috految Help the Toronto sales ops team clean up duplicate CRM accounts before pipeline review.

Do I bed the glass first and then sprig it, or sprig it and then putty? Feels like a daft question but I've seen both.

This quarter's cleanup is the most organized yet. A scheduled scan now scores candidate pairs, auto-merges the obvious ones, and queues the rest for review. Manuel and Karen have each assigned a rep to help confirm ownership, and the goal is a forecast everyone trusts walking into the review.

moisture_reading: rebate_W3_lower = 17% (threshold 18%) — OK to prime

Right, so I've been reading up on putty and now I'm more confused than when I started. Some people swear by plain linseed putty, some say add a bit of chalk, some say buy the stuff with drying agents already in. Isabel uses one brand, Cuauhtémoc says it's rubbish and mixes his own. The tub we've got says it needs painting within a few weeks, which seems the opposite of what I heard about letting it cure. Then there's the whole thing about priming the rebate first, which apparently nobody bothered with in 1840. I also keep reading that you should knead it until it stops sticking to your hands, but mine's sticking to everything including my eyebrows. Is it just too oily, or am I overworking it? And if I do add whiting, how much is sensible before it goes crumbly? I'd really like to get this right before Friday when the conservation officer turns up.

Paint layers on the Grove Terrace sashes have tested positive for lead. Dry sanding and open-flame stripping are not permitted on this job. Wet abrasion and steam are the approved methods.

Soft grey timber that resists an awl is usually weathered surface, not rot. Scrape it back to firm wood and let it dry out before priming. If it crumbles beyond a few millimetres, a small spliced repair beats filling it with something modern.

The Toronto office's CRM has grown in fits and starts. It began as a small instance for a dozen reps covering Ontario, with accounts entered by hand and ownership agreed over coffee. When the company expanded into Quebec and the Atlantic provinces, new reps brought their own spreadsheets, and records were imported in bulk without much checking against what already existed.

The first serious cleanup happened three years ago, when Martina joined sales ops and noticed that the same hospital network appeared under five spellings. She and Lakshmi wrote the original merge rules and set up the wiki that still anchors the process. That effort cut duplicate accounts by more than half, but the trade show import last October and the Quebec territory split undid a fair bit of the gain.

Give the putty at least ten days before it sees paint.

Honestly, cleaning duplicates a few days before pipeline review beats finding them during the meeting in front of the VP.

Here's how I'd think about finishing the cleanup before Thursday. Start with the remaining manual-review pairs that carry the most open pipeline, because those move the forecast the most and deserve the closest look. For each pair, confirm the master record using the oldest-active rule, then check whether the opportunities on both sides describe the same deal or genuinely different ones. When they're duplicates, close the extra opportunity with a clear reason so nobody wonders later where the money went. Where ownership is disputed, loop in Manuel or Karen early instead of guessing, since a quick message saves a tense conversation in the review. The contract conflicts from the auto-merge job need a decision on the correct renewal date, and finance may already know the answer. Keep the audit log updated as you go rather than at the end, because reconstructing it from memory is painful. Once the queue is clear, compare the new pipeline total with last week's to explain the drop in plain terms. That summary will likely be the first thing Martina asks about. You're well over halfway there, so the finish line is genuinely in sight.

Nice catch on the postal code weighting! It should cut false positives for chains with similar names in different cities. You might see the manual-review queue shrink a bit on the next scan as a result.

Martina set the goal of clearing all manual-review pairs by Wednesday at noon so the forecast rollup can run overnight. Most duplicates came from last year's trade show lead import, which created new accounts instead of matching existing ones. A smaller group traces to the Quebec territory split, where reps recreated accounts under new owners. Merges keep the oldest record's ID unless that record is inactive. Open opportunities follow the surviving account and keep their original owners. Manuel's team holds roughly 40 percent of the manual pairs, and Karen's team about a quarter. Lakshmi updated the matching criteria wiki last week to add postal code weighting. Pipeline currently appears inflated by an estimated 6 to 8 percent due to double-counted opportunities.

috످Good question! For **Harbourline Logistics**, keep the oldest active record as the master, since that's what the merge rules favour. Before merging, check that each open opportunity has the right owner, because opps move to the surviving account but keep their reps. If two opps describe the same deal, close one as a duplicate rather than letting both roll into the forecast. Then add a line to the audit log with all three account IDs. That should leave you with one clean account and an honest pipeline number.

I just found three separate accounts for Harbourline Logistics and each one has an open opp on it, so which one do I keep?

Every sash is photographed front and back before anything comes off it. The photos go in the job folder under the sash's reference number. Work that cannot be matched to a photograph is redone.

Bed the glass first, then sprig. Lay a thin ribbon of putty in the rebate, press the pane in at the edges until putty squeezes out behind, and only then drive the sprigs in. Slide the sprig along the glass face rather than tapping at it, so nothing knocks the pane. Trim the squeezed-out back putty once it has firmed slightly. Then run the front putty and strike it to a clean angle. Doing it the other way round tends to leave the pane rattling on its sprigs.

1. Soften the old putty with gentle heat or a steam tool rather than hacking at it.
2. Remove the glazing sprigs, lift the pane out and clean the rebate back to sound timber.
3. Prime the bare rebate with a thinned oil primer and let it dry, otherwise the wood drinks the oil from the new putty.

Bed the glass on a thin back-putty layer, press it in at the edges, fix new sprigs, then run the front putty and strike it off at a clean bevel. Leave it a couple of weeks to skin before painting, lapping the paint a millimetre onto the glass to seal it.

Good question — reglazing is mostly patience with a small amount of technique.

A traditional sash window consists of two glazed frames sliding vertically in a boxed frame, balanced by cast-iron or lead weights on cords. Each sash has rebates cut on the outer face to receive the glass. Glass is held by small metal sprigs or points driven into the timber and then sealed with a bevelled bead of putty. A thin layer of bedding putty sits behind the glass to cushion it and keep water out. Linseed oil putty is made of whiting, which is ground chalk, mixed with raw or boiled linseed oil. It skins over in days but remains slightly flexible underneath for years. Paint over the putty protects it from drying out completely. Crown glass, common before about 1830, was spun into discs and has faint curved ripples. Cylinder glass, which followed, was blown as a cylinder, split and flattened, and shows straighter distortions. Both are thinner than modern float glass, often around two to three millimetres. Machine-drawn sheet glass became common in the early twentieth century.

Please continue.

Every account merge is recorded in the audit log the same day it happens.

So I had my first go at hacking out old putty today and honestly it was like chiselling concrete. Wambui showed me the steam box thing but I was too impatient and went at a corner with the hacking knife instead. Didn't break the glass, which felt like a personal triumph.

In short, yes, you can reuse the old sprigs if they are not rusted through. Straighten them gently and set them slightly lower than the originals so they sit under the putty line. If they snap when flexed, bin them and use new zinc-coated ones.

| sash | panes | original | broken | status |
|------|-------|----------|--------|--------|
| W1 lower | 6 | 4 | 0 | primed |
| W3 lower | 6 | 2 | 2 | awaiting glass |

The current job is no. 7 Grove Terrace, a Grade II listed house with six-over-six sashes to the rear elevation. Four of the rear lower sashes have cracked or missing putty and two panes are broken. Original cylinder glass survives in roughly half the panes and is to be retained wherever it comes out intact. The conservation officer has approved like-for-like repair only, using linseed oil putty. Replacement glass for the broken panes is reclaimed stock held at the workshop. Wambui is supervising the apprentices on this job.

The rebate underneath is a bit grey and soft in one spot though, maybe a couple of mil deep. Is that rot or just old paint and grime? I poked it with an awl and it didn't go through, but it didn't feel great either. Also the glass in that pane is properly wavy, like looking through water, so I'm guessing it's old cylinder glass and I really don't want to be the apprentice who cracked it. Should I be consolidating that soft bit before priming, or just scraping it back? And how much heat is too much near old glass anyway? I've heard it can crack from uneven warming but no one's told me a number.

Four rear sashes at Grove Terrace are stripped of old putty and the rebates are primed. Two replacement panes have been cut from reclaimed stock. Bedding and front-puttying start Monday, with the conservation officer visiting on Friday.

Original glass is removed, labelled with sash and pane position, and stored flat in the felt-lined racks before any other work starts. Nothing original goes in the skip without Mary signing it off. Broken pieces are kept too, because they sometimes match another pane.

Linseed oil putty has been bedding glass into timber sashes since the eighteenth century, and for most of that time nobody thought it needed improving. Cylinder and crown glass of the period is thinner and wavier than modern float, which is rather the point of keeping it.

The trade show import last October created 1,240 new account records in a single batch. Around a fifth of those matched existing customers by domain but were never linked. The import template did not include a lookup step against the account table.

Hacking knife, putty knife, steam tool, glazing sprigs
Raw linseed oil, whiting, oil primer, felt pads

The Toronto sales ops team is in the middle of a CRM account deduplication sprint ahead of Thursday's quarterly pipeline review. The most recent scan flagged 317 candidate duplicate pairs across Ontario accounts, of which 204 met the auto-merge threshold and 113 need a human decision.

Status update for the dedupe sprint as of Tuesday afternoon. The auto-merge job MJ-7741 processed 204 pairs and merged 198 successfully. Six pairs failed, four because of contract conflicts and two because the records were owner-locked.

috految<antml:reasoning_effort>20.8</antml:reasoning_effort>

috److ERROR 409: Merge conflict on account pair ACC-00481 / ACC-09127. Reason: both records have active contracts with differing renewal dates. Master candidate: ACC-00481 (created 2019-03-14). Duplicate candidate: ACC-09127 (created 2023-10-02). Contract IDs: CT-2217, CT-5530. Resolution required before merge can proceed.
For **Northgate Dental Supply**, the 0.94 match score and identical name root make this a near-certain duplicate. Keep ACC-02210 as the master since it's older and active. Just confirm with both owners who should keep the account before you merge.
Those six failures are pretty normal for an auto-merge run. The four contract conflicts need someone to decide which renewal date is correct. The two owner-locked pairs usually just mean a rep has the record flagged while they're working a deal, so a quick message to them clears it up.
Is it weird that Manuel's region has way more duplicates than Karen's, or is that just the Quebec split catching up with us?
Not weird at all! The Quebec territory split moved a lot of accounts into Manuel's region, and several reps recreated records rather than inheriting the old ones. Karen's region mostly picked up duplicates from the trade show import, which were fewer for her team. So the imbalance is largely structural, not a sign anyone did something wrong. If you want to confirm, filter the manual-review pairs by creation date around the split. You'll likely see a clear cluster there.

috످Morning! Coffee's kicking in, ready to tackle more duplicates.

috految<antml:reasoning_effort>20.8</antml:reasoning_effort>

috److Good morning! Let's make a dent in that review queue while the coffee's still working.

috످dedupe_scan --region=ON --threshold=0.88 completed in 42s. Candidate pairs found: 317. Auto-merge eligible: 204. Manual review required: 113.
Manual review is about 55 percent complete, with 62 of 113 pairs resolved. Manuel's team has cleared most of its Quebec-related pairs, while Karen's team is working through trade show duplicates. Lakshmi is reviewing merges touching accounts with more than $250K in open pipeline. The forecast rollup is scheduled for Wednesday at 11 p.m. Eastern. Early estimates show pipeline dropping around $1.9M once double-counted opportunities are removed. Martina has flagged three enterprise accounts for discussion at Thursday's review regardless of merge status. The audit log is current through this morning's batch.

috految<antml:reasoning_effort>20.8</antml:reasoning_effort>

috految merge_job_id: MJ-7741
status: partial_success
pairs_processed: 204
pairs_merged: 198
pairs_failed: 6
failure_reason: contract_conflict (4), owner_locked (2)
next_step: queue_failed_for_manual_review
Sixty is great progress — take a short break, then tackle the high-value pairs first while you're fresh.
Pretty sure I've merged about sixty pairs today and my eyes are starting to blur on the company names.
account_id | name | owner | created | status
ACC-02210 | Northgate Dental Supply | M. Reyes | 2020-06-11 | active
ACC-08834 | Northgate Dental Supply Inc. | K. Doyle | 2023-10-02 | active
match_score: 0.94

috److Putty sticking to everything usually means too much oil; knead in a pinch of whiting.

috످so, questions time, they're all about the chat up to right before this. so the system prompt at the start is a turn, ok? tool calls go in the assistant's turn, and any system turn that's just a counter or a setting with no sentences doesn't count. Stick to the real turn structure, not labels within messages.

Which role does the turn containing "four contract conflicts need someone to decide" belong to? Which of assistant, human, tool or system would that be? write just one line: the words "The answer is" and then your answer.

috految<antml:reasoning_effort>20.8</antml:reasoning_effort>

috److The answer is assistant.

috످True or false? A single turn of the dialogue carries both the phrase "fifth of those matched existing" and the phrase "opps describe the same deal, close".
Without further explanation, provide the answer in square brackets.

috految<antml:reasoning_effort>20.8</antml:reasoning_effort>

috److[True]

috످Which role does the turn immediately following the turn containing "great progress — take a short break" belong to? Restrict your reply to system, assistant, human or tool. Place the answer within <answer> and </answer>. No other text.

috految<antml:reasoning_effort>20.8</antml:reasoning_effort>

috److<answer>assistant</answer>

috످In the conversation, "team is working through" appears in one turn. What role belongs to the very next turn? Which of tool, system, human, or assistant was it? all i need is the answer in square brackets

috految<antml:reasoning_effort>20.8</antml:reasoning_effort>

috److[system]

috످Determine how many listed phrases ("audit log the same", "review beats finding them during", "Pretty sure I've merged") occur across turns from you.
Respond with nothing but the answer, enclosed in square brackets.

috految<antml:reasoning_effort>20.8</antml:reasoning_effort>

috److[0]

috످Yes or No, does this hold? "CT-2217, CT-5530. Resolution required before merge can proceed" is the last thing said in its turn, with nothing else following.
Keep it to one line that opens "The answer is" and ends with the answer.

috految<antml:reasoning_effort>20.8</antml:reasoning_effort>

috److془The passage is an error about merge blocked by conflicting contracts, in assistant's first turn, followed by Northgate advice. No.془The answer is No.

috످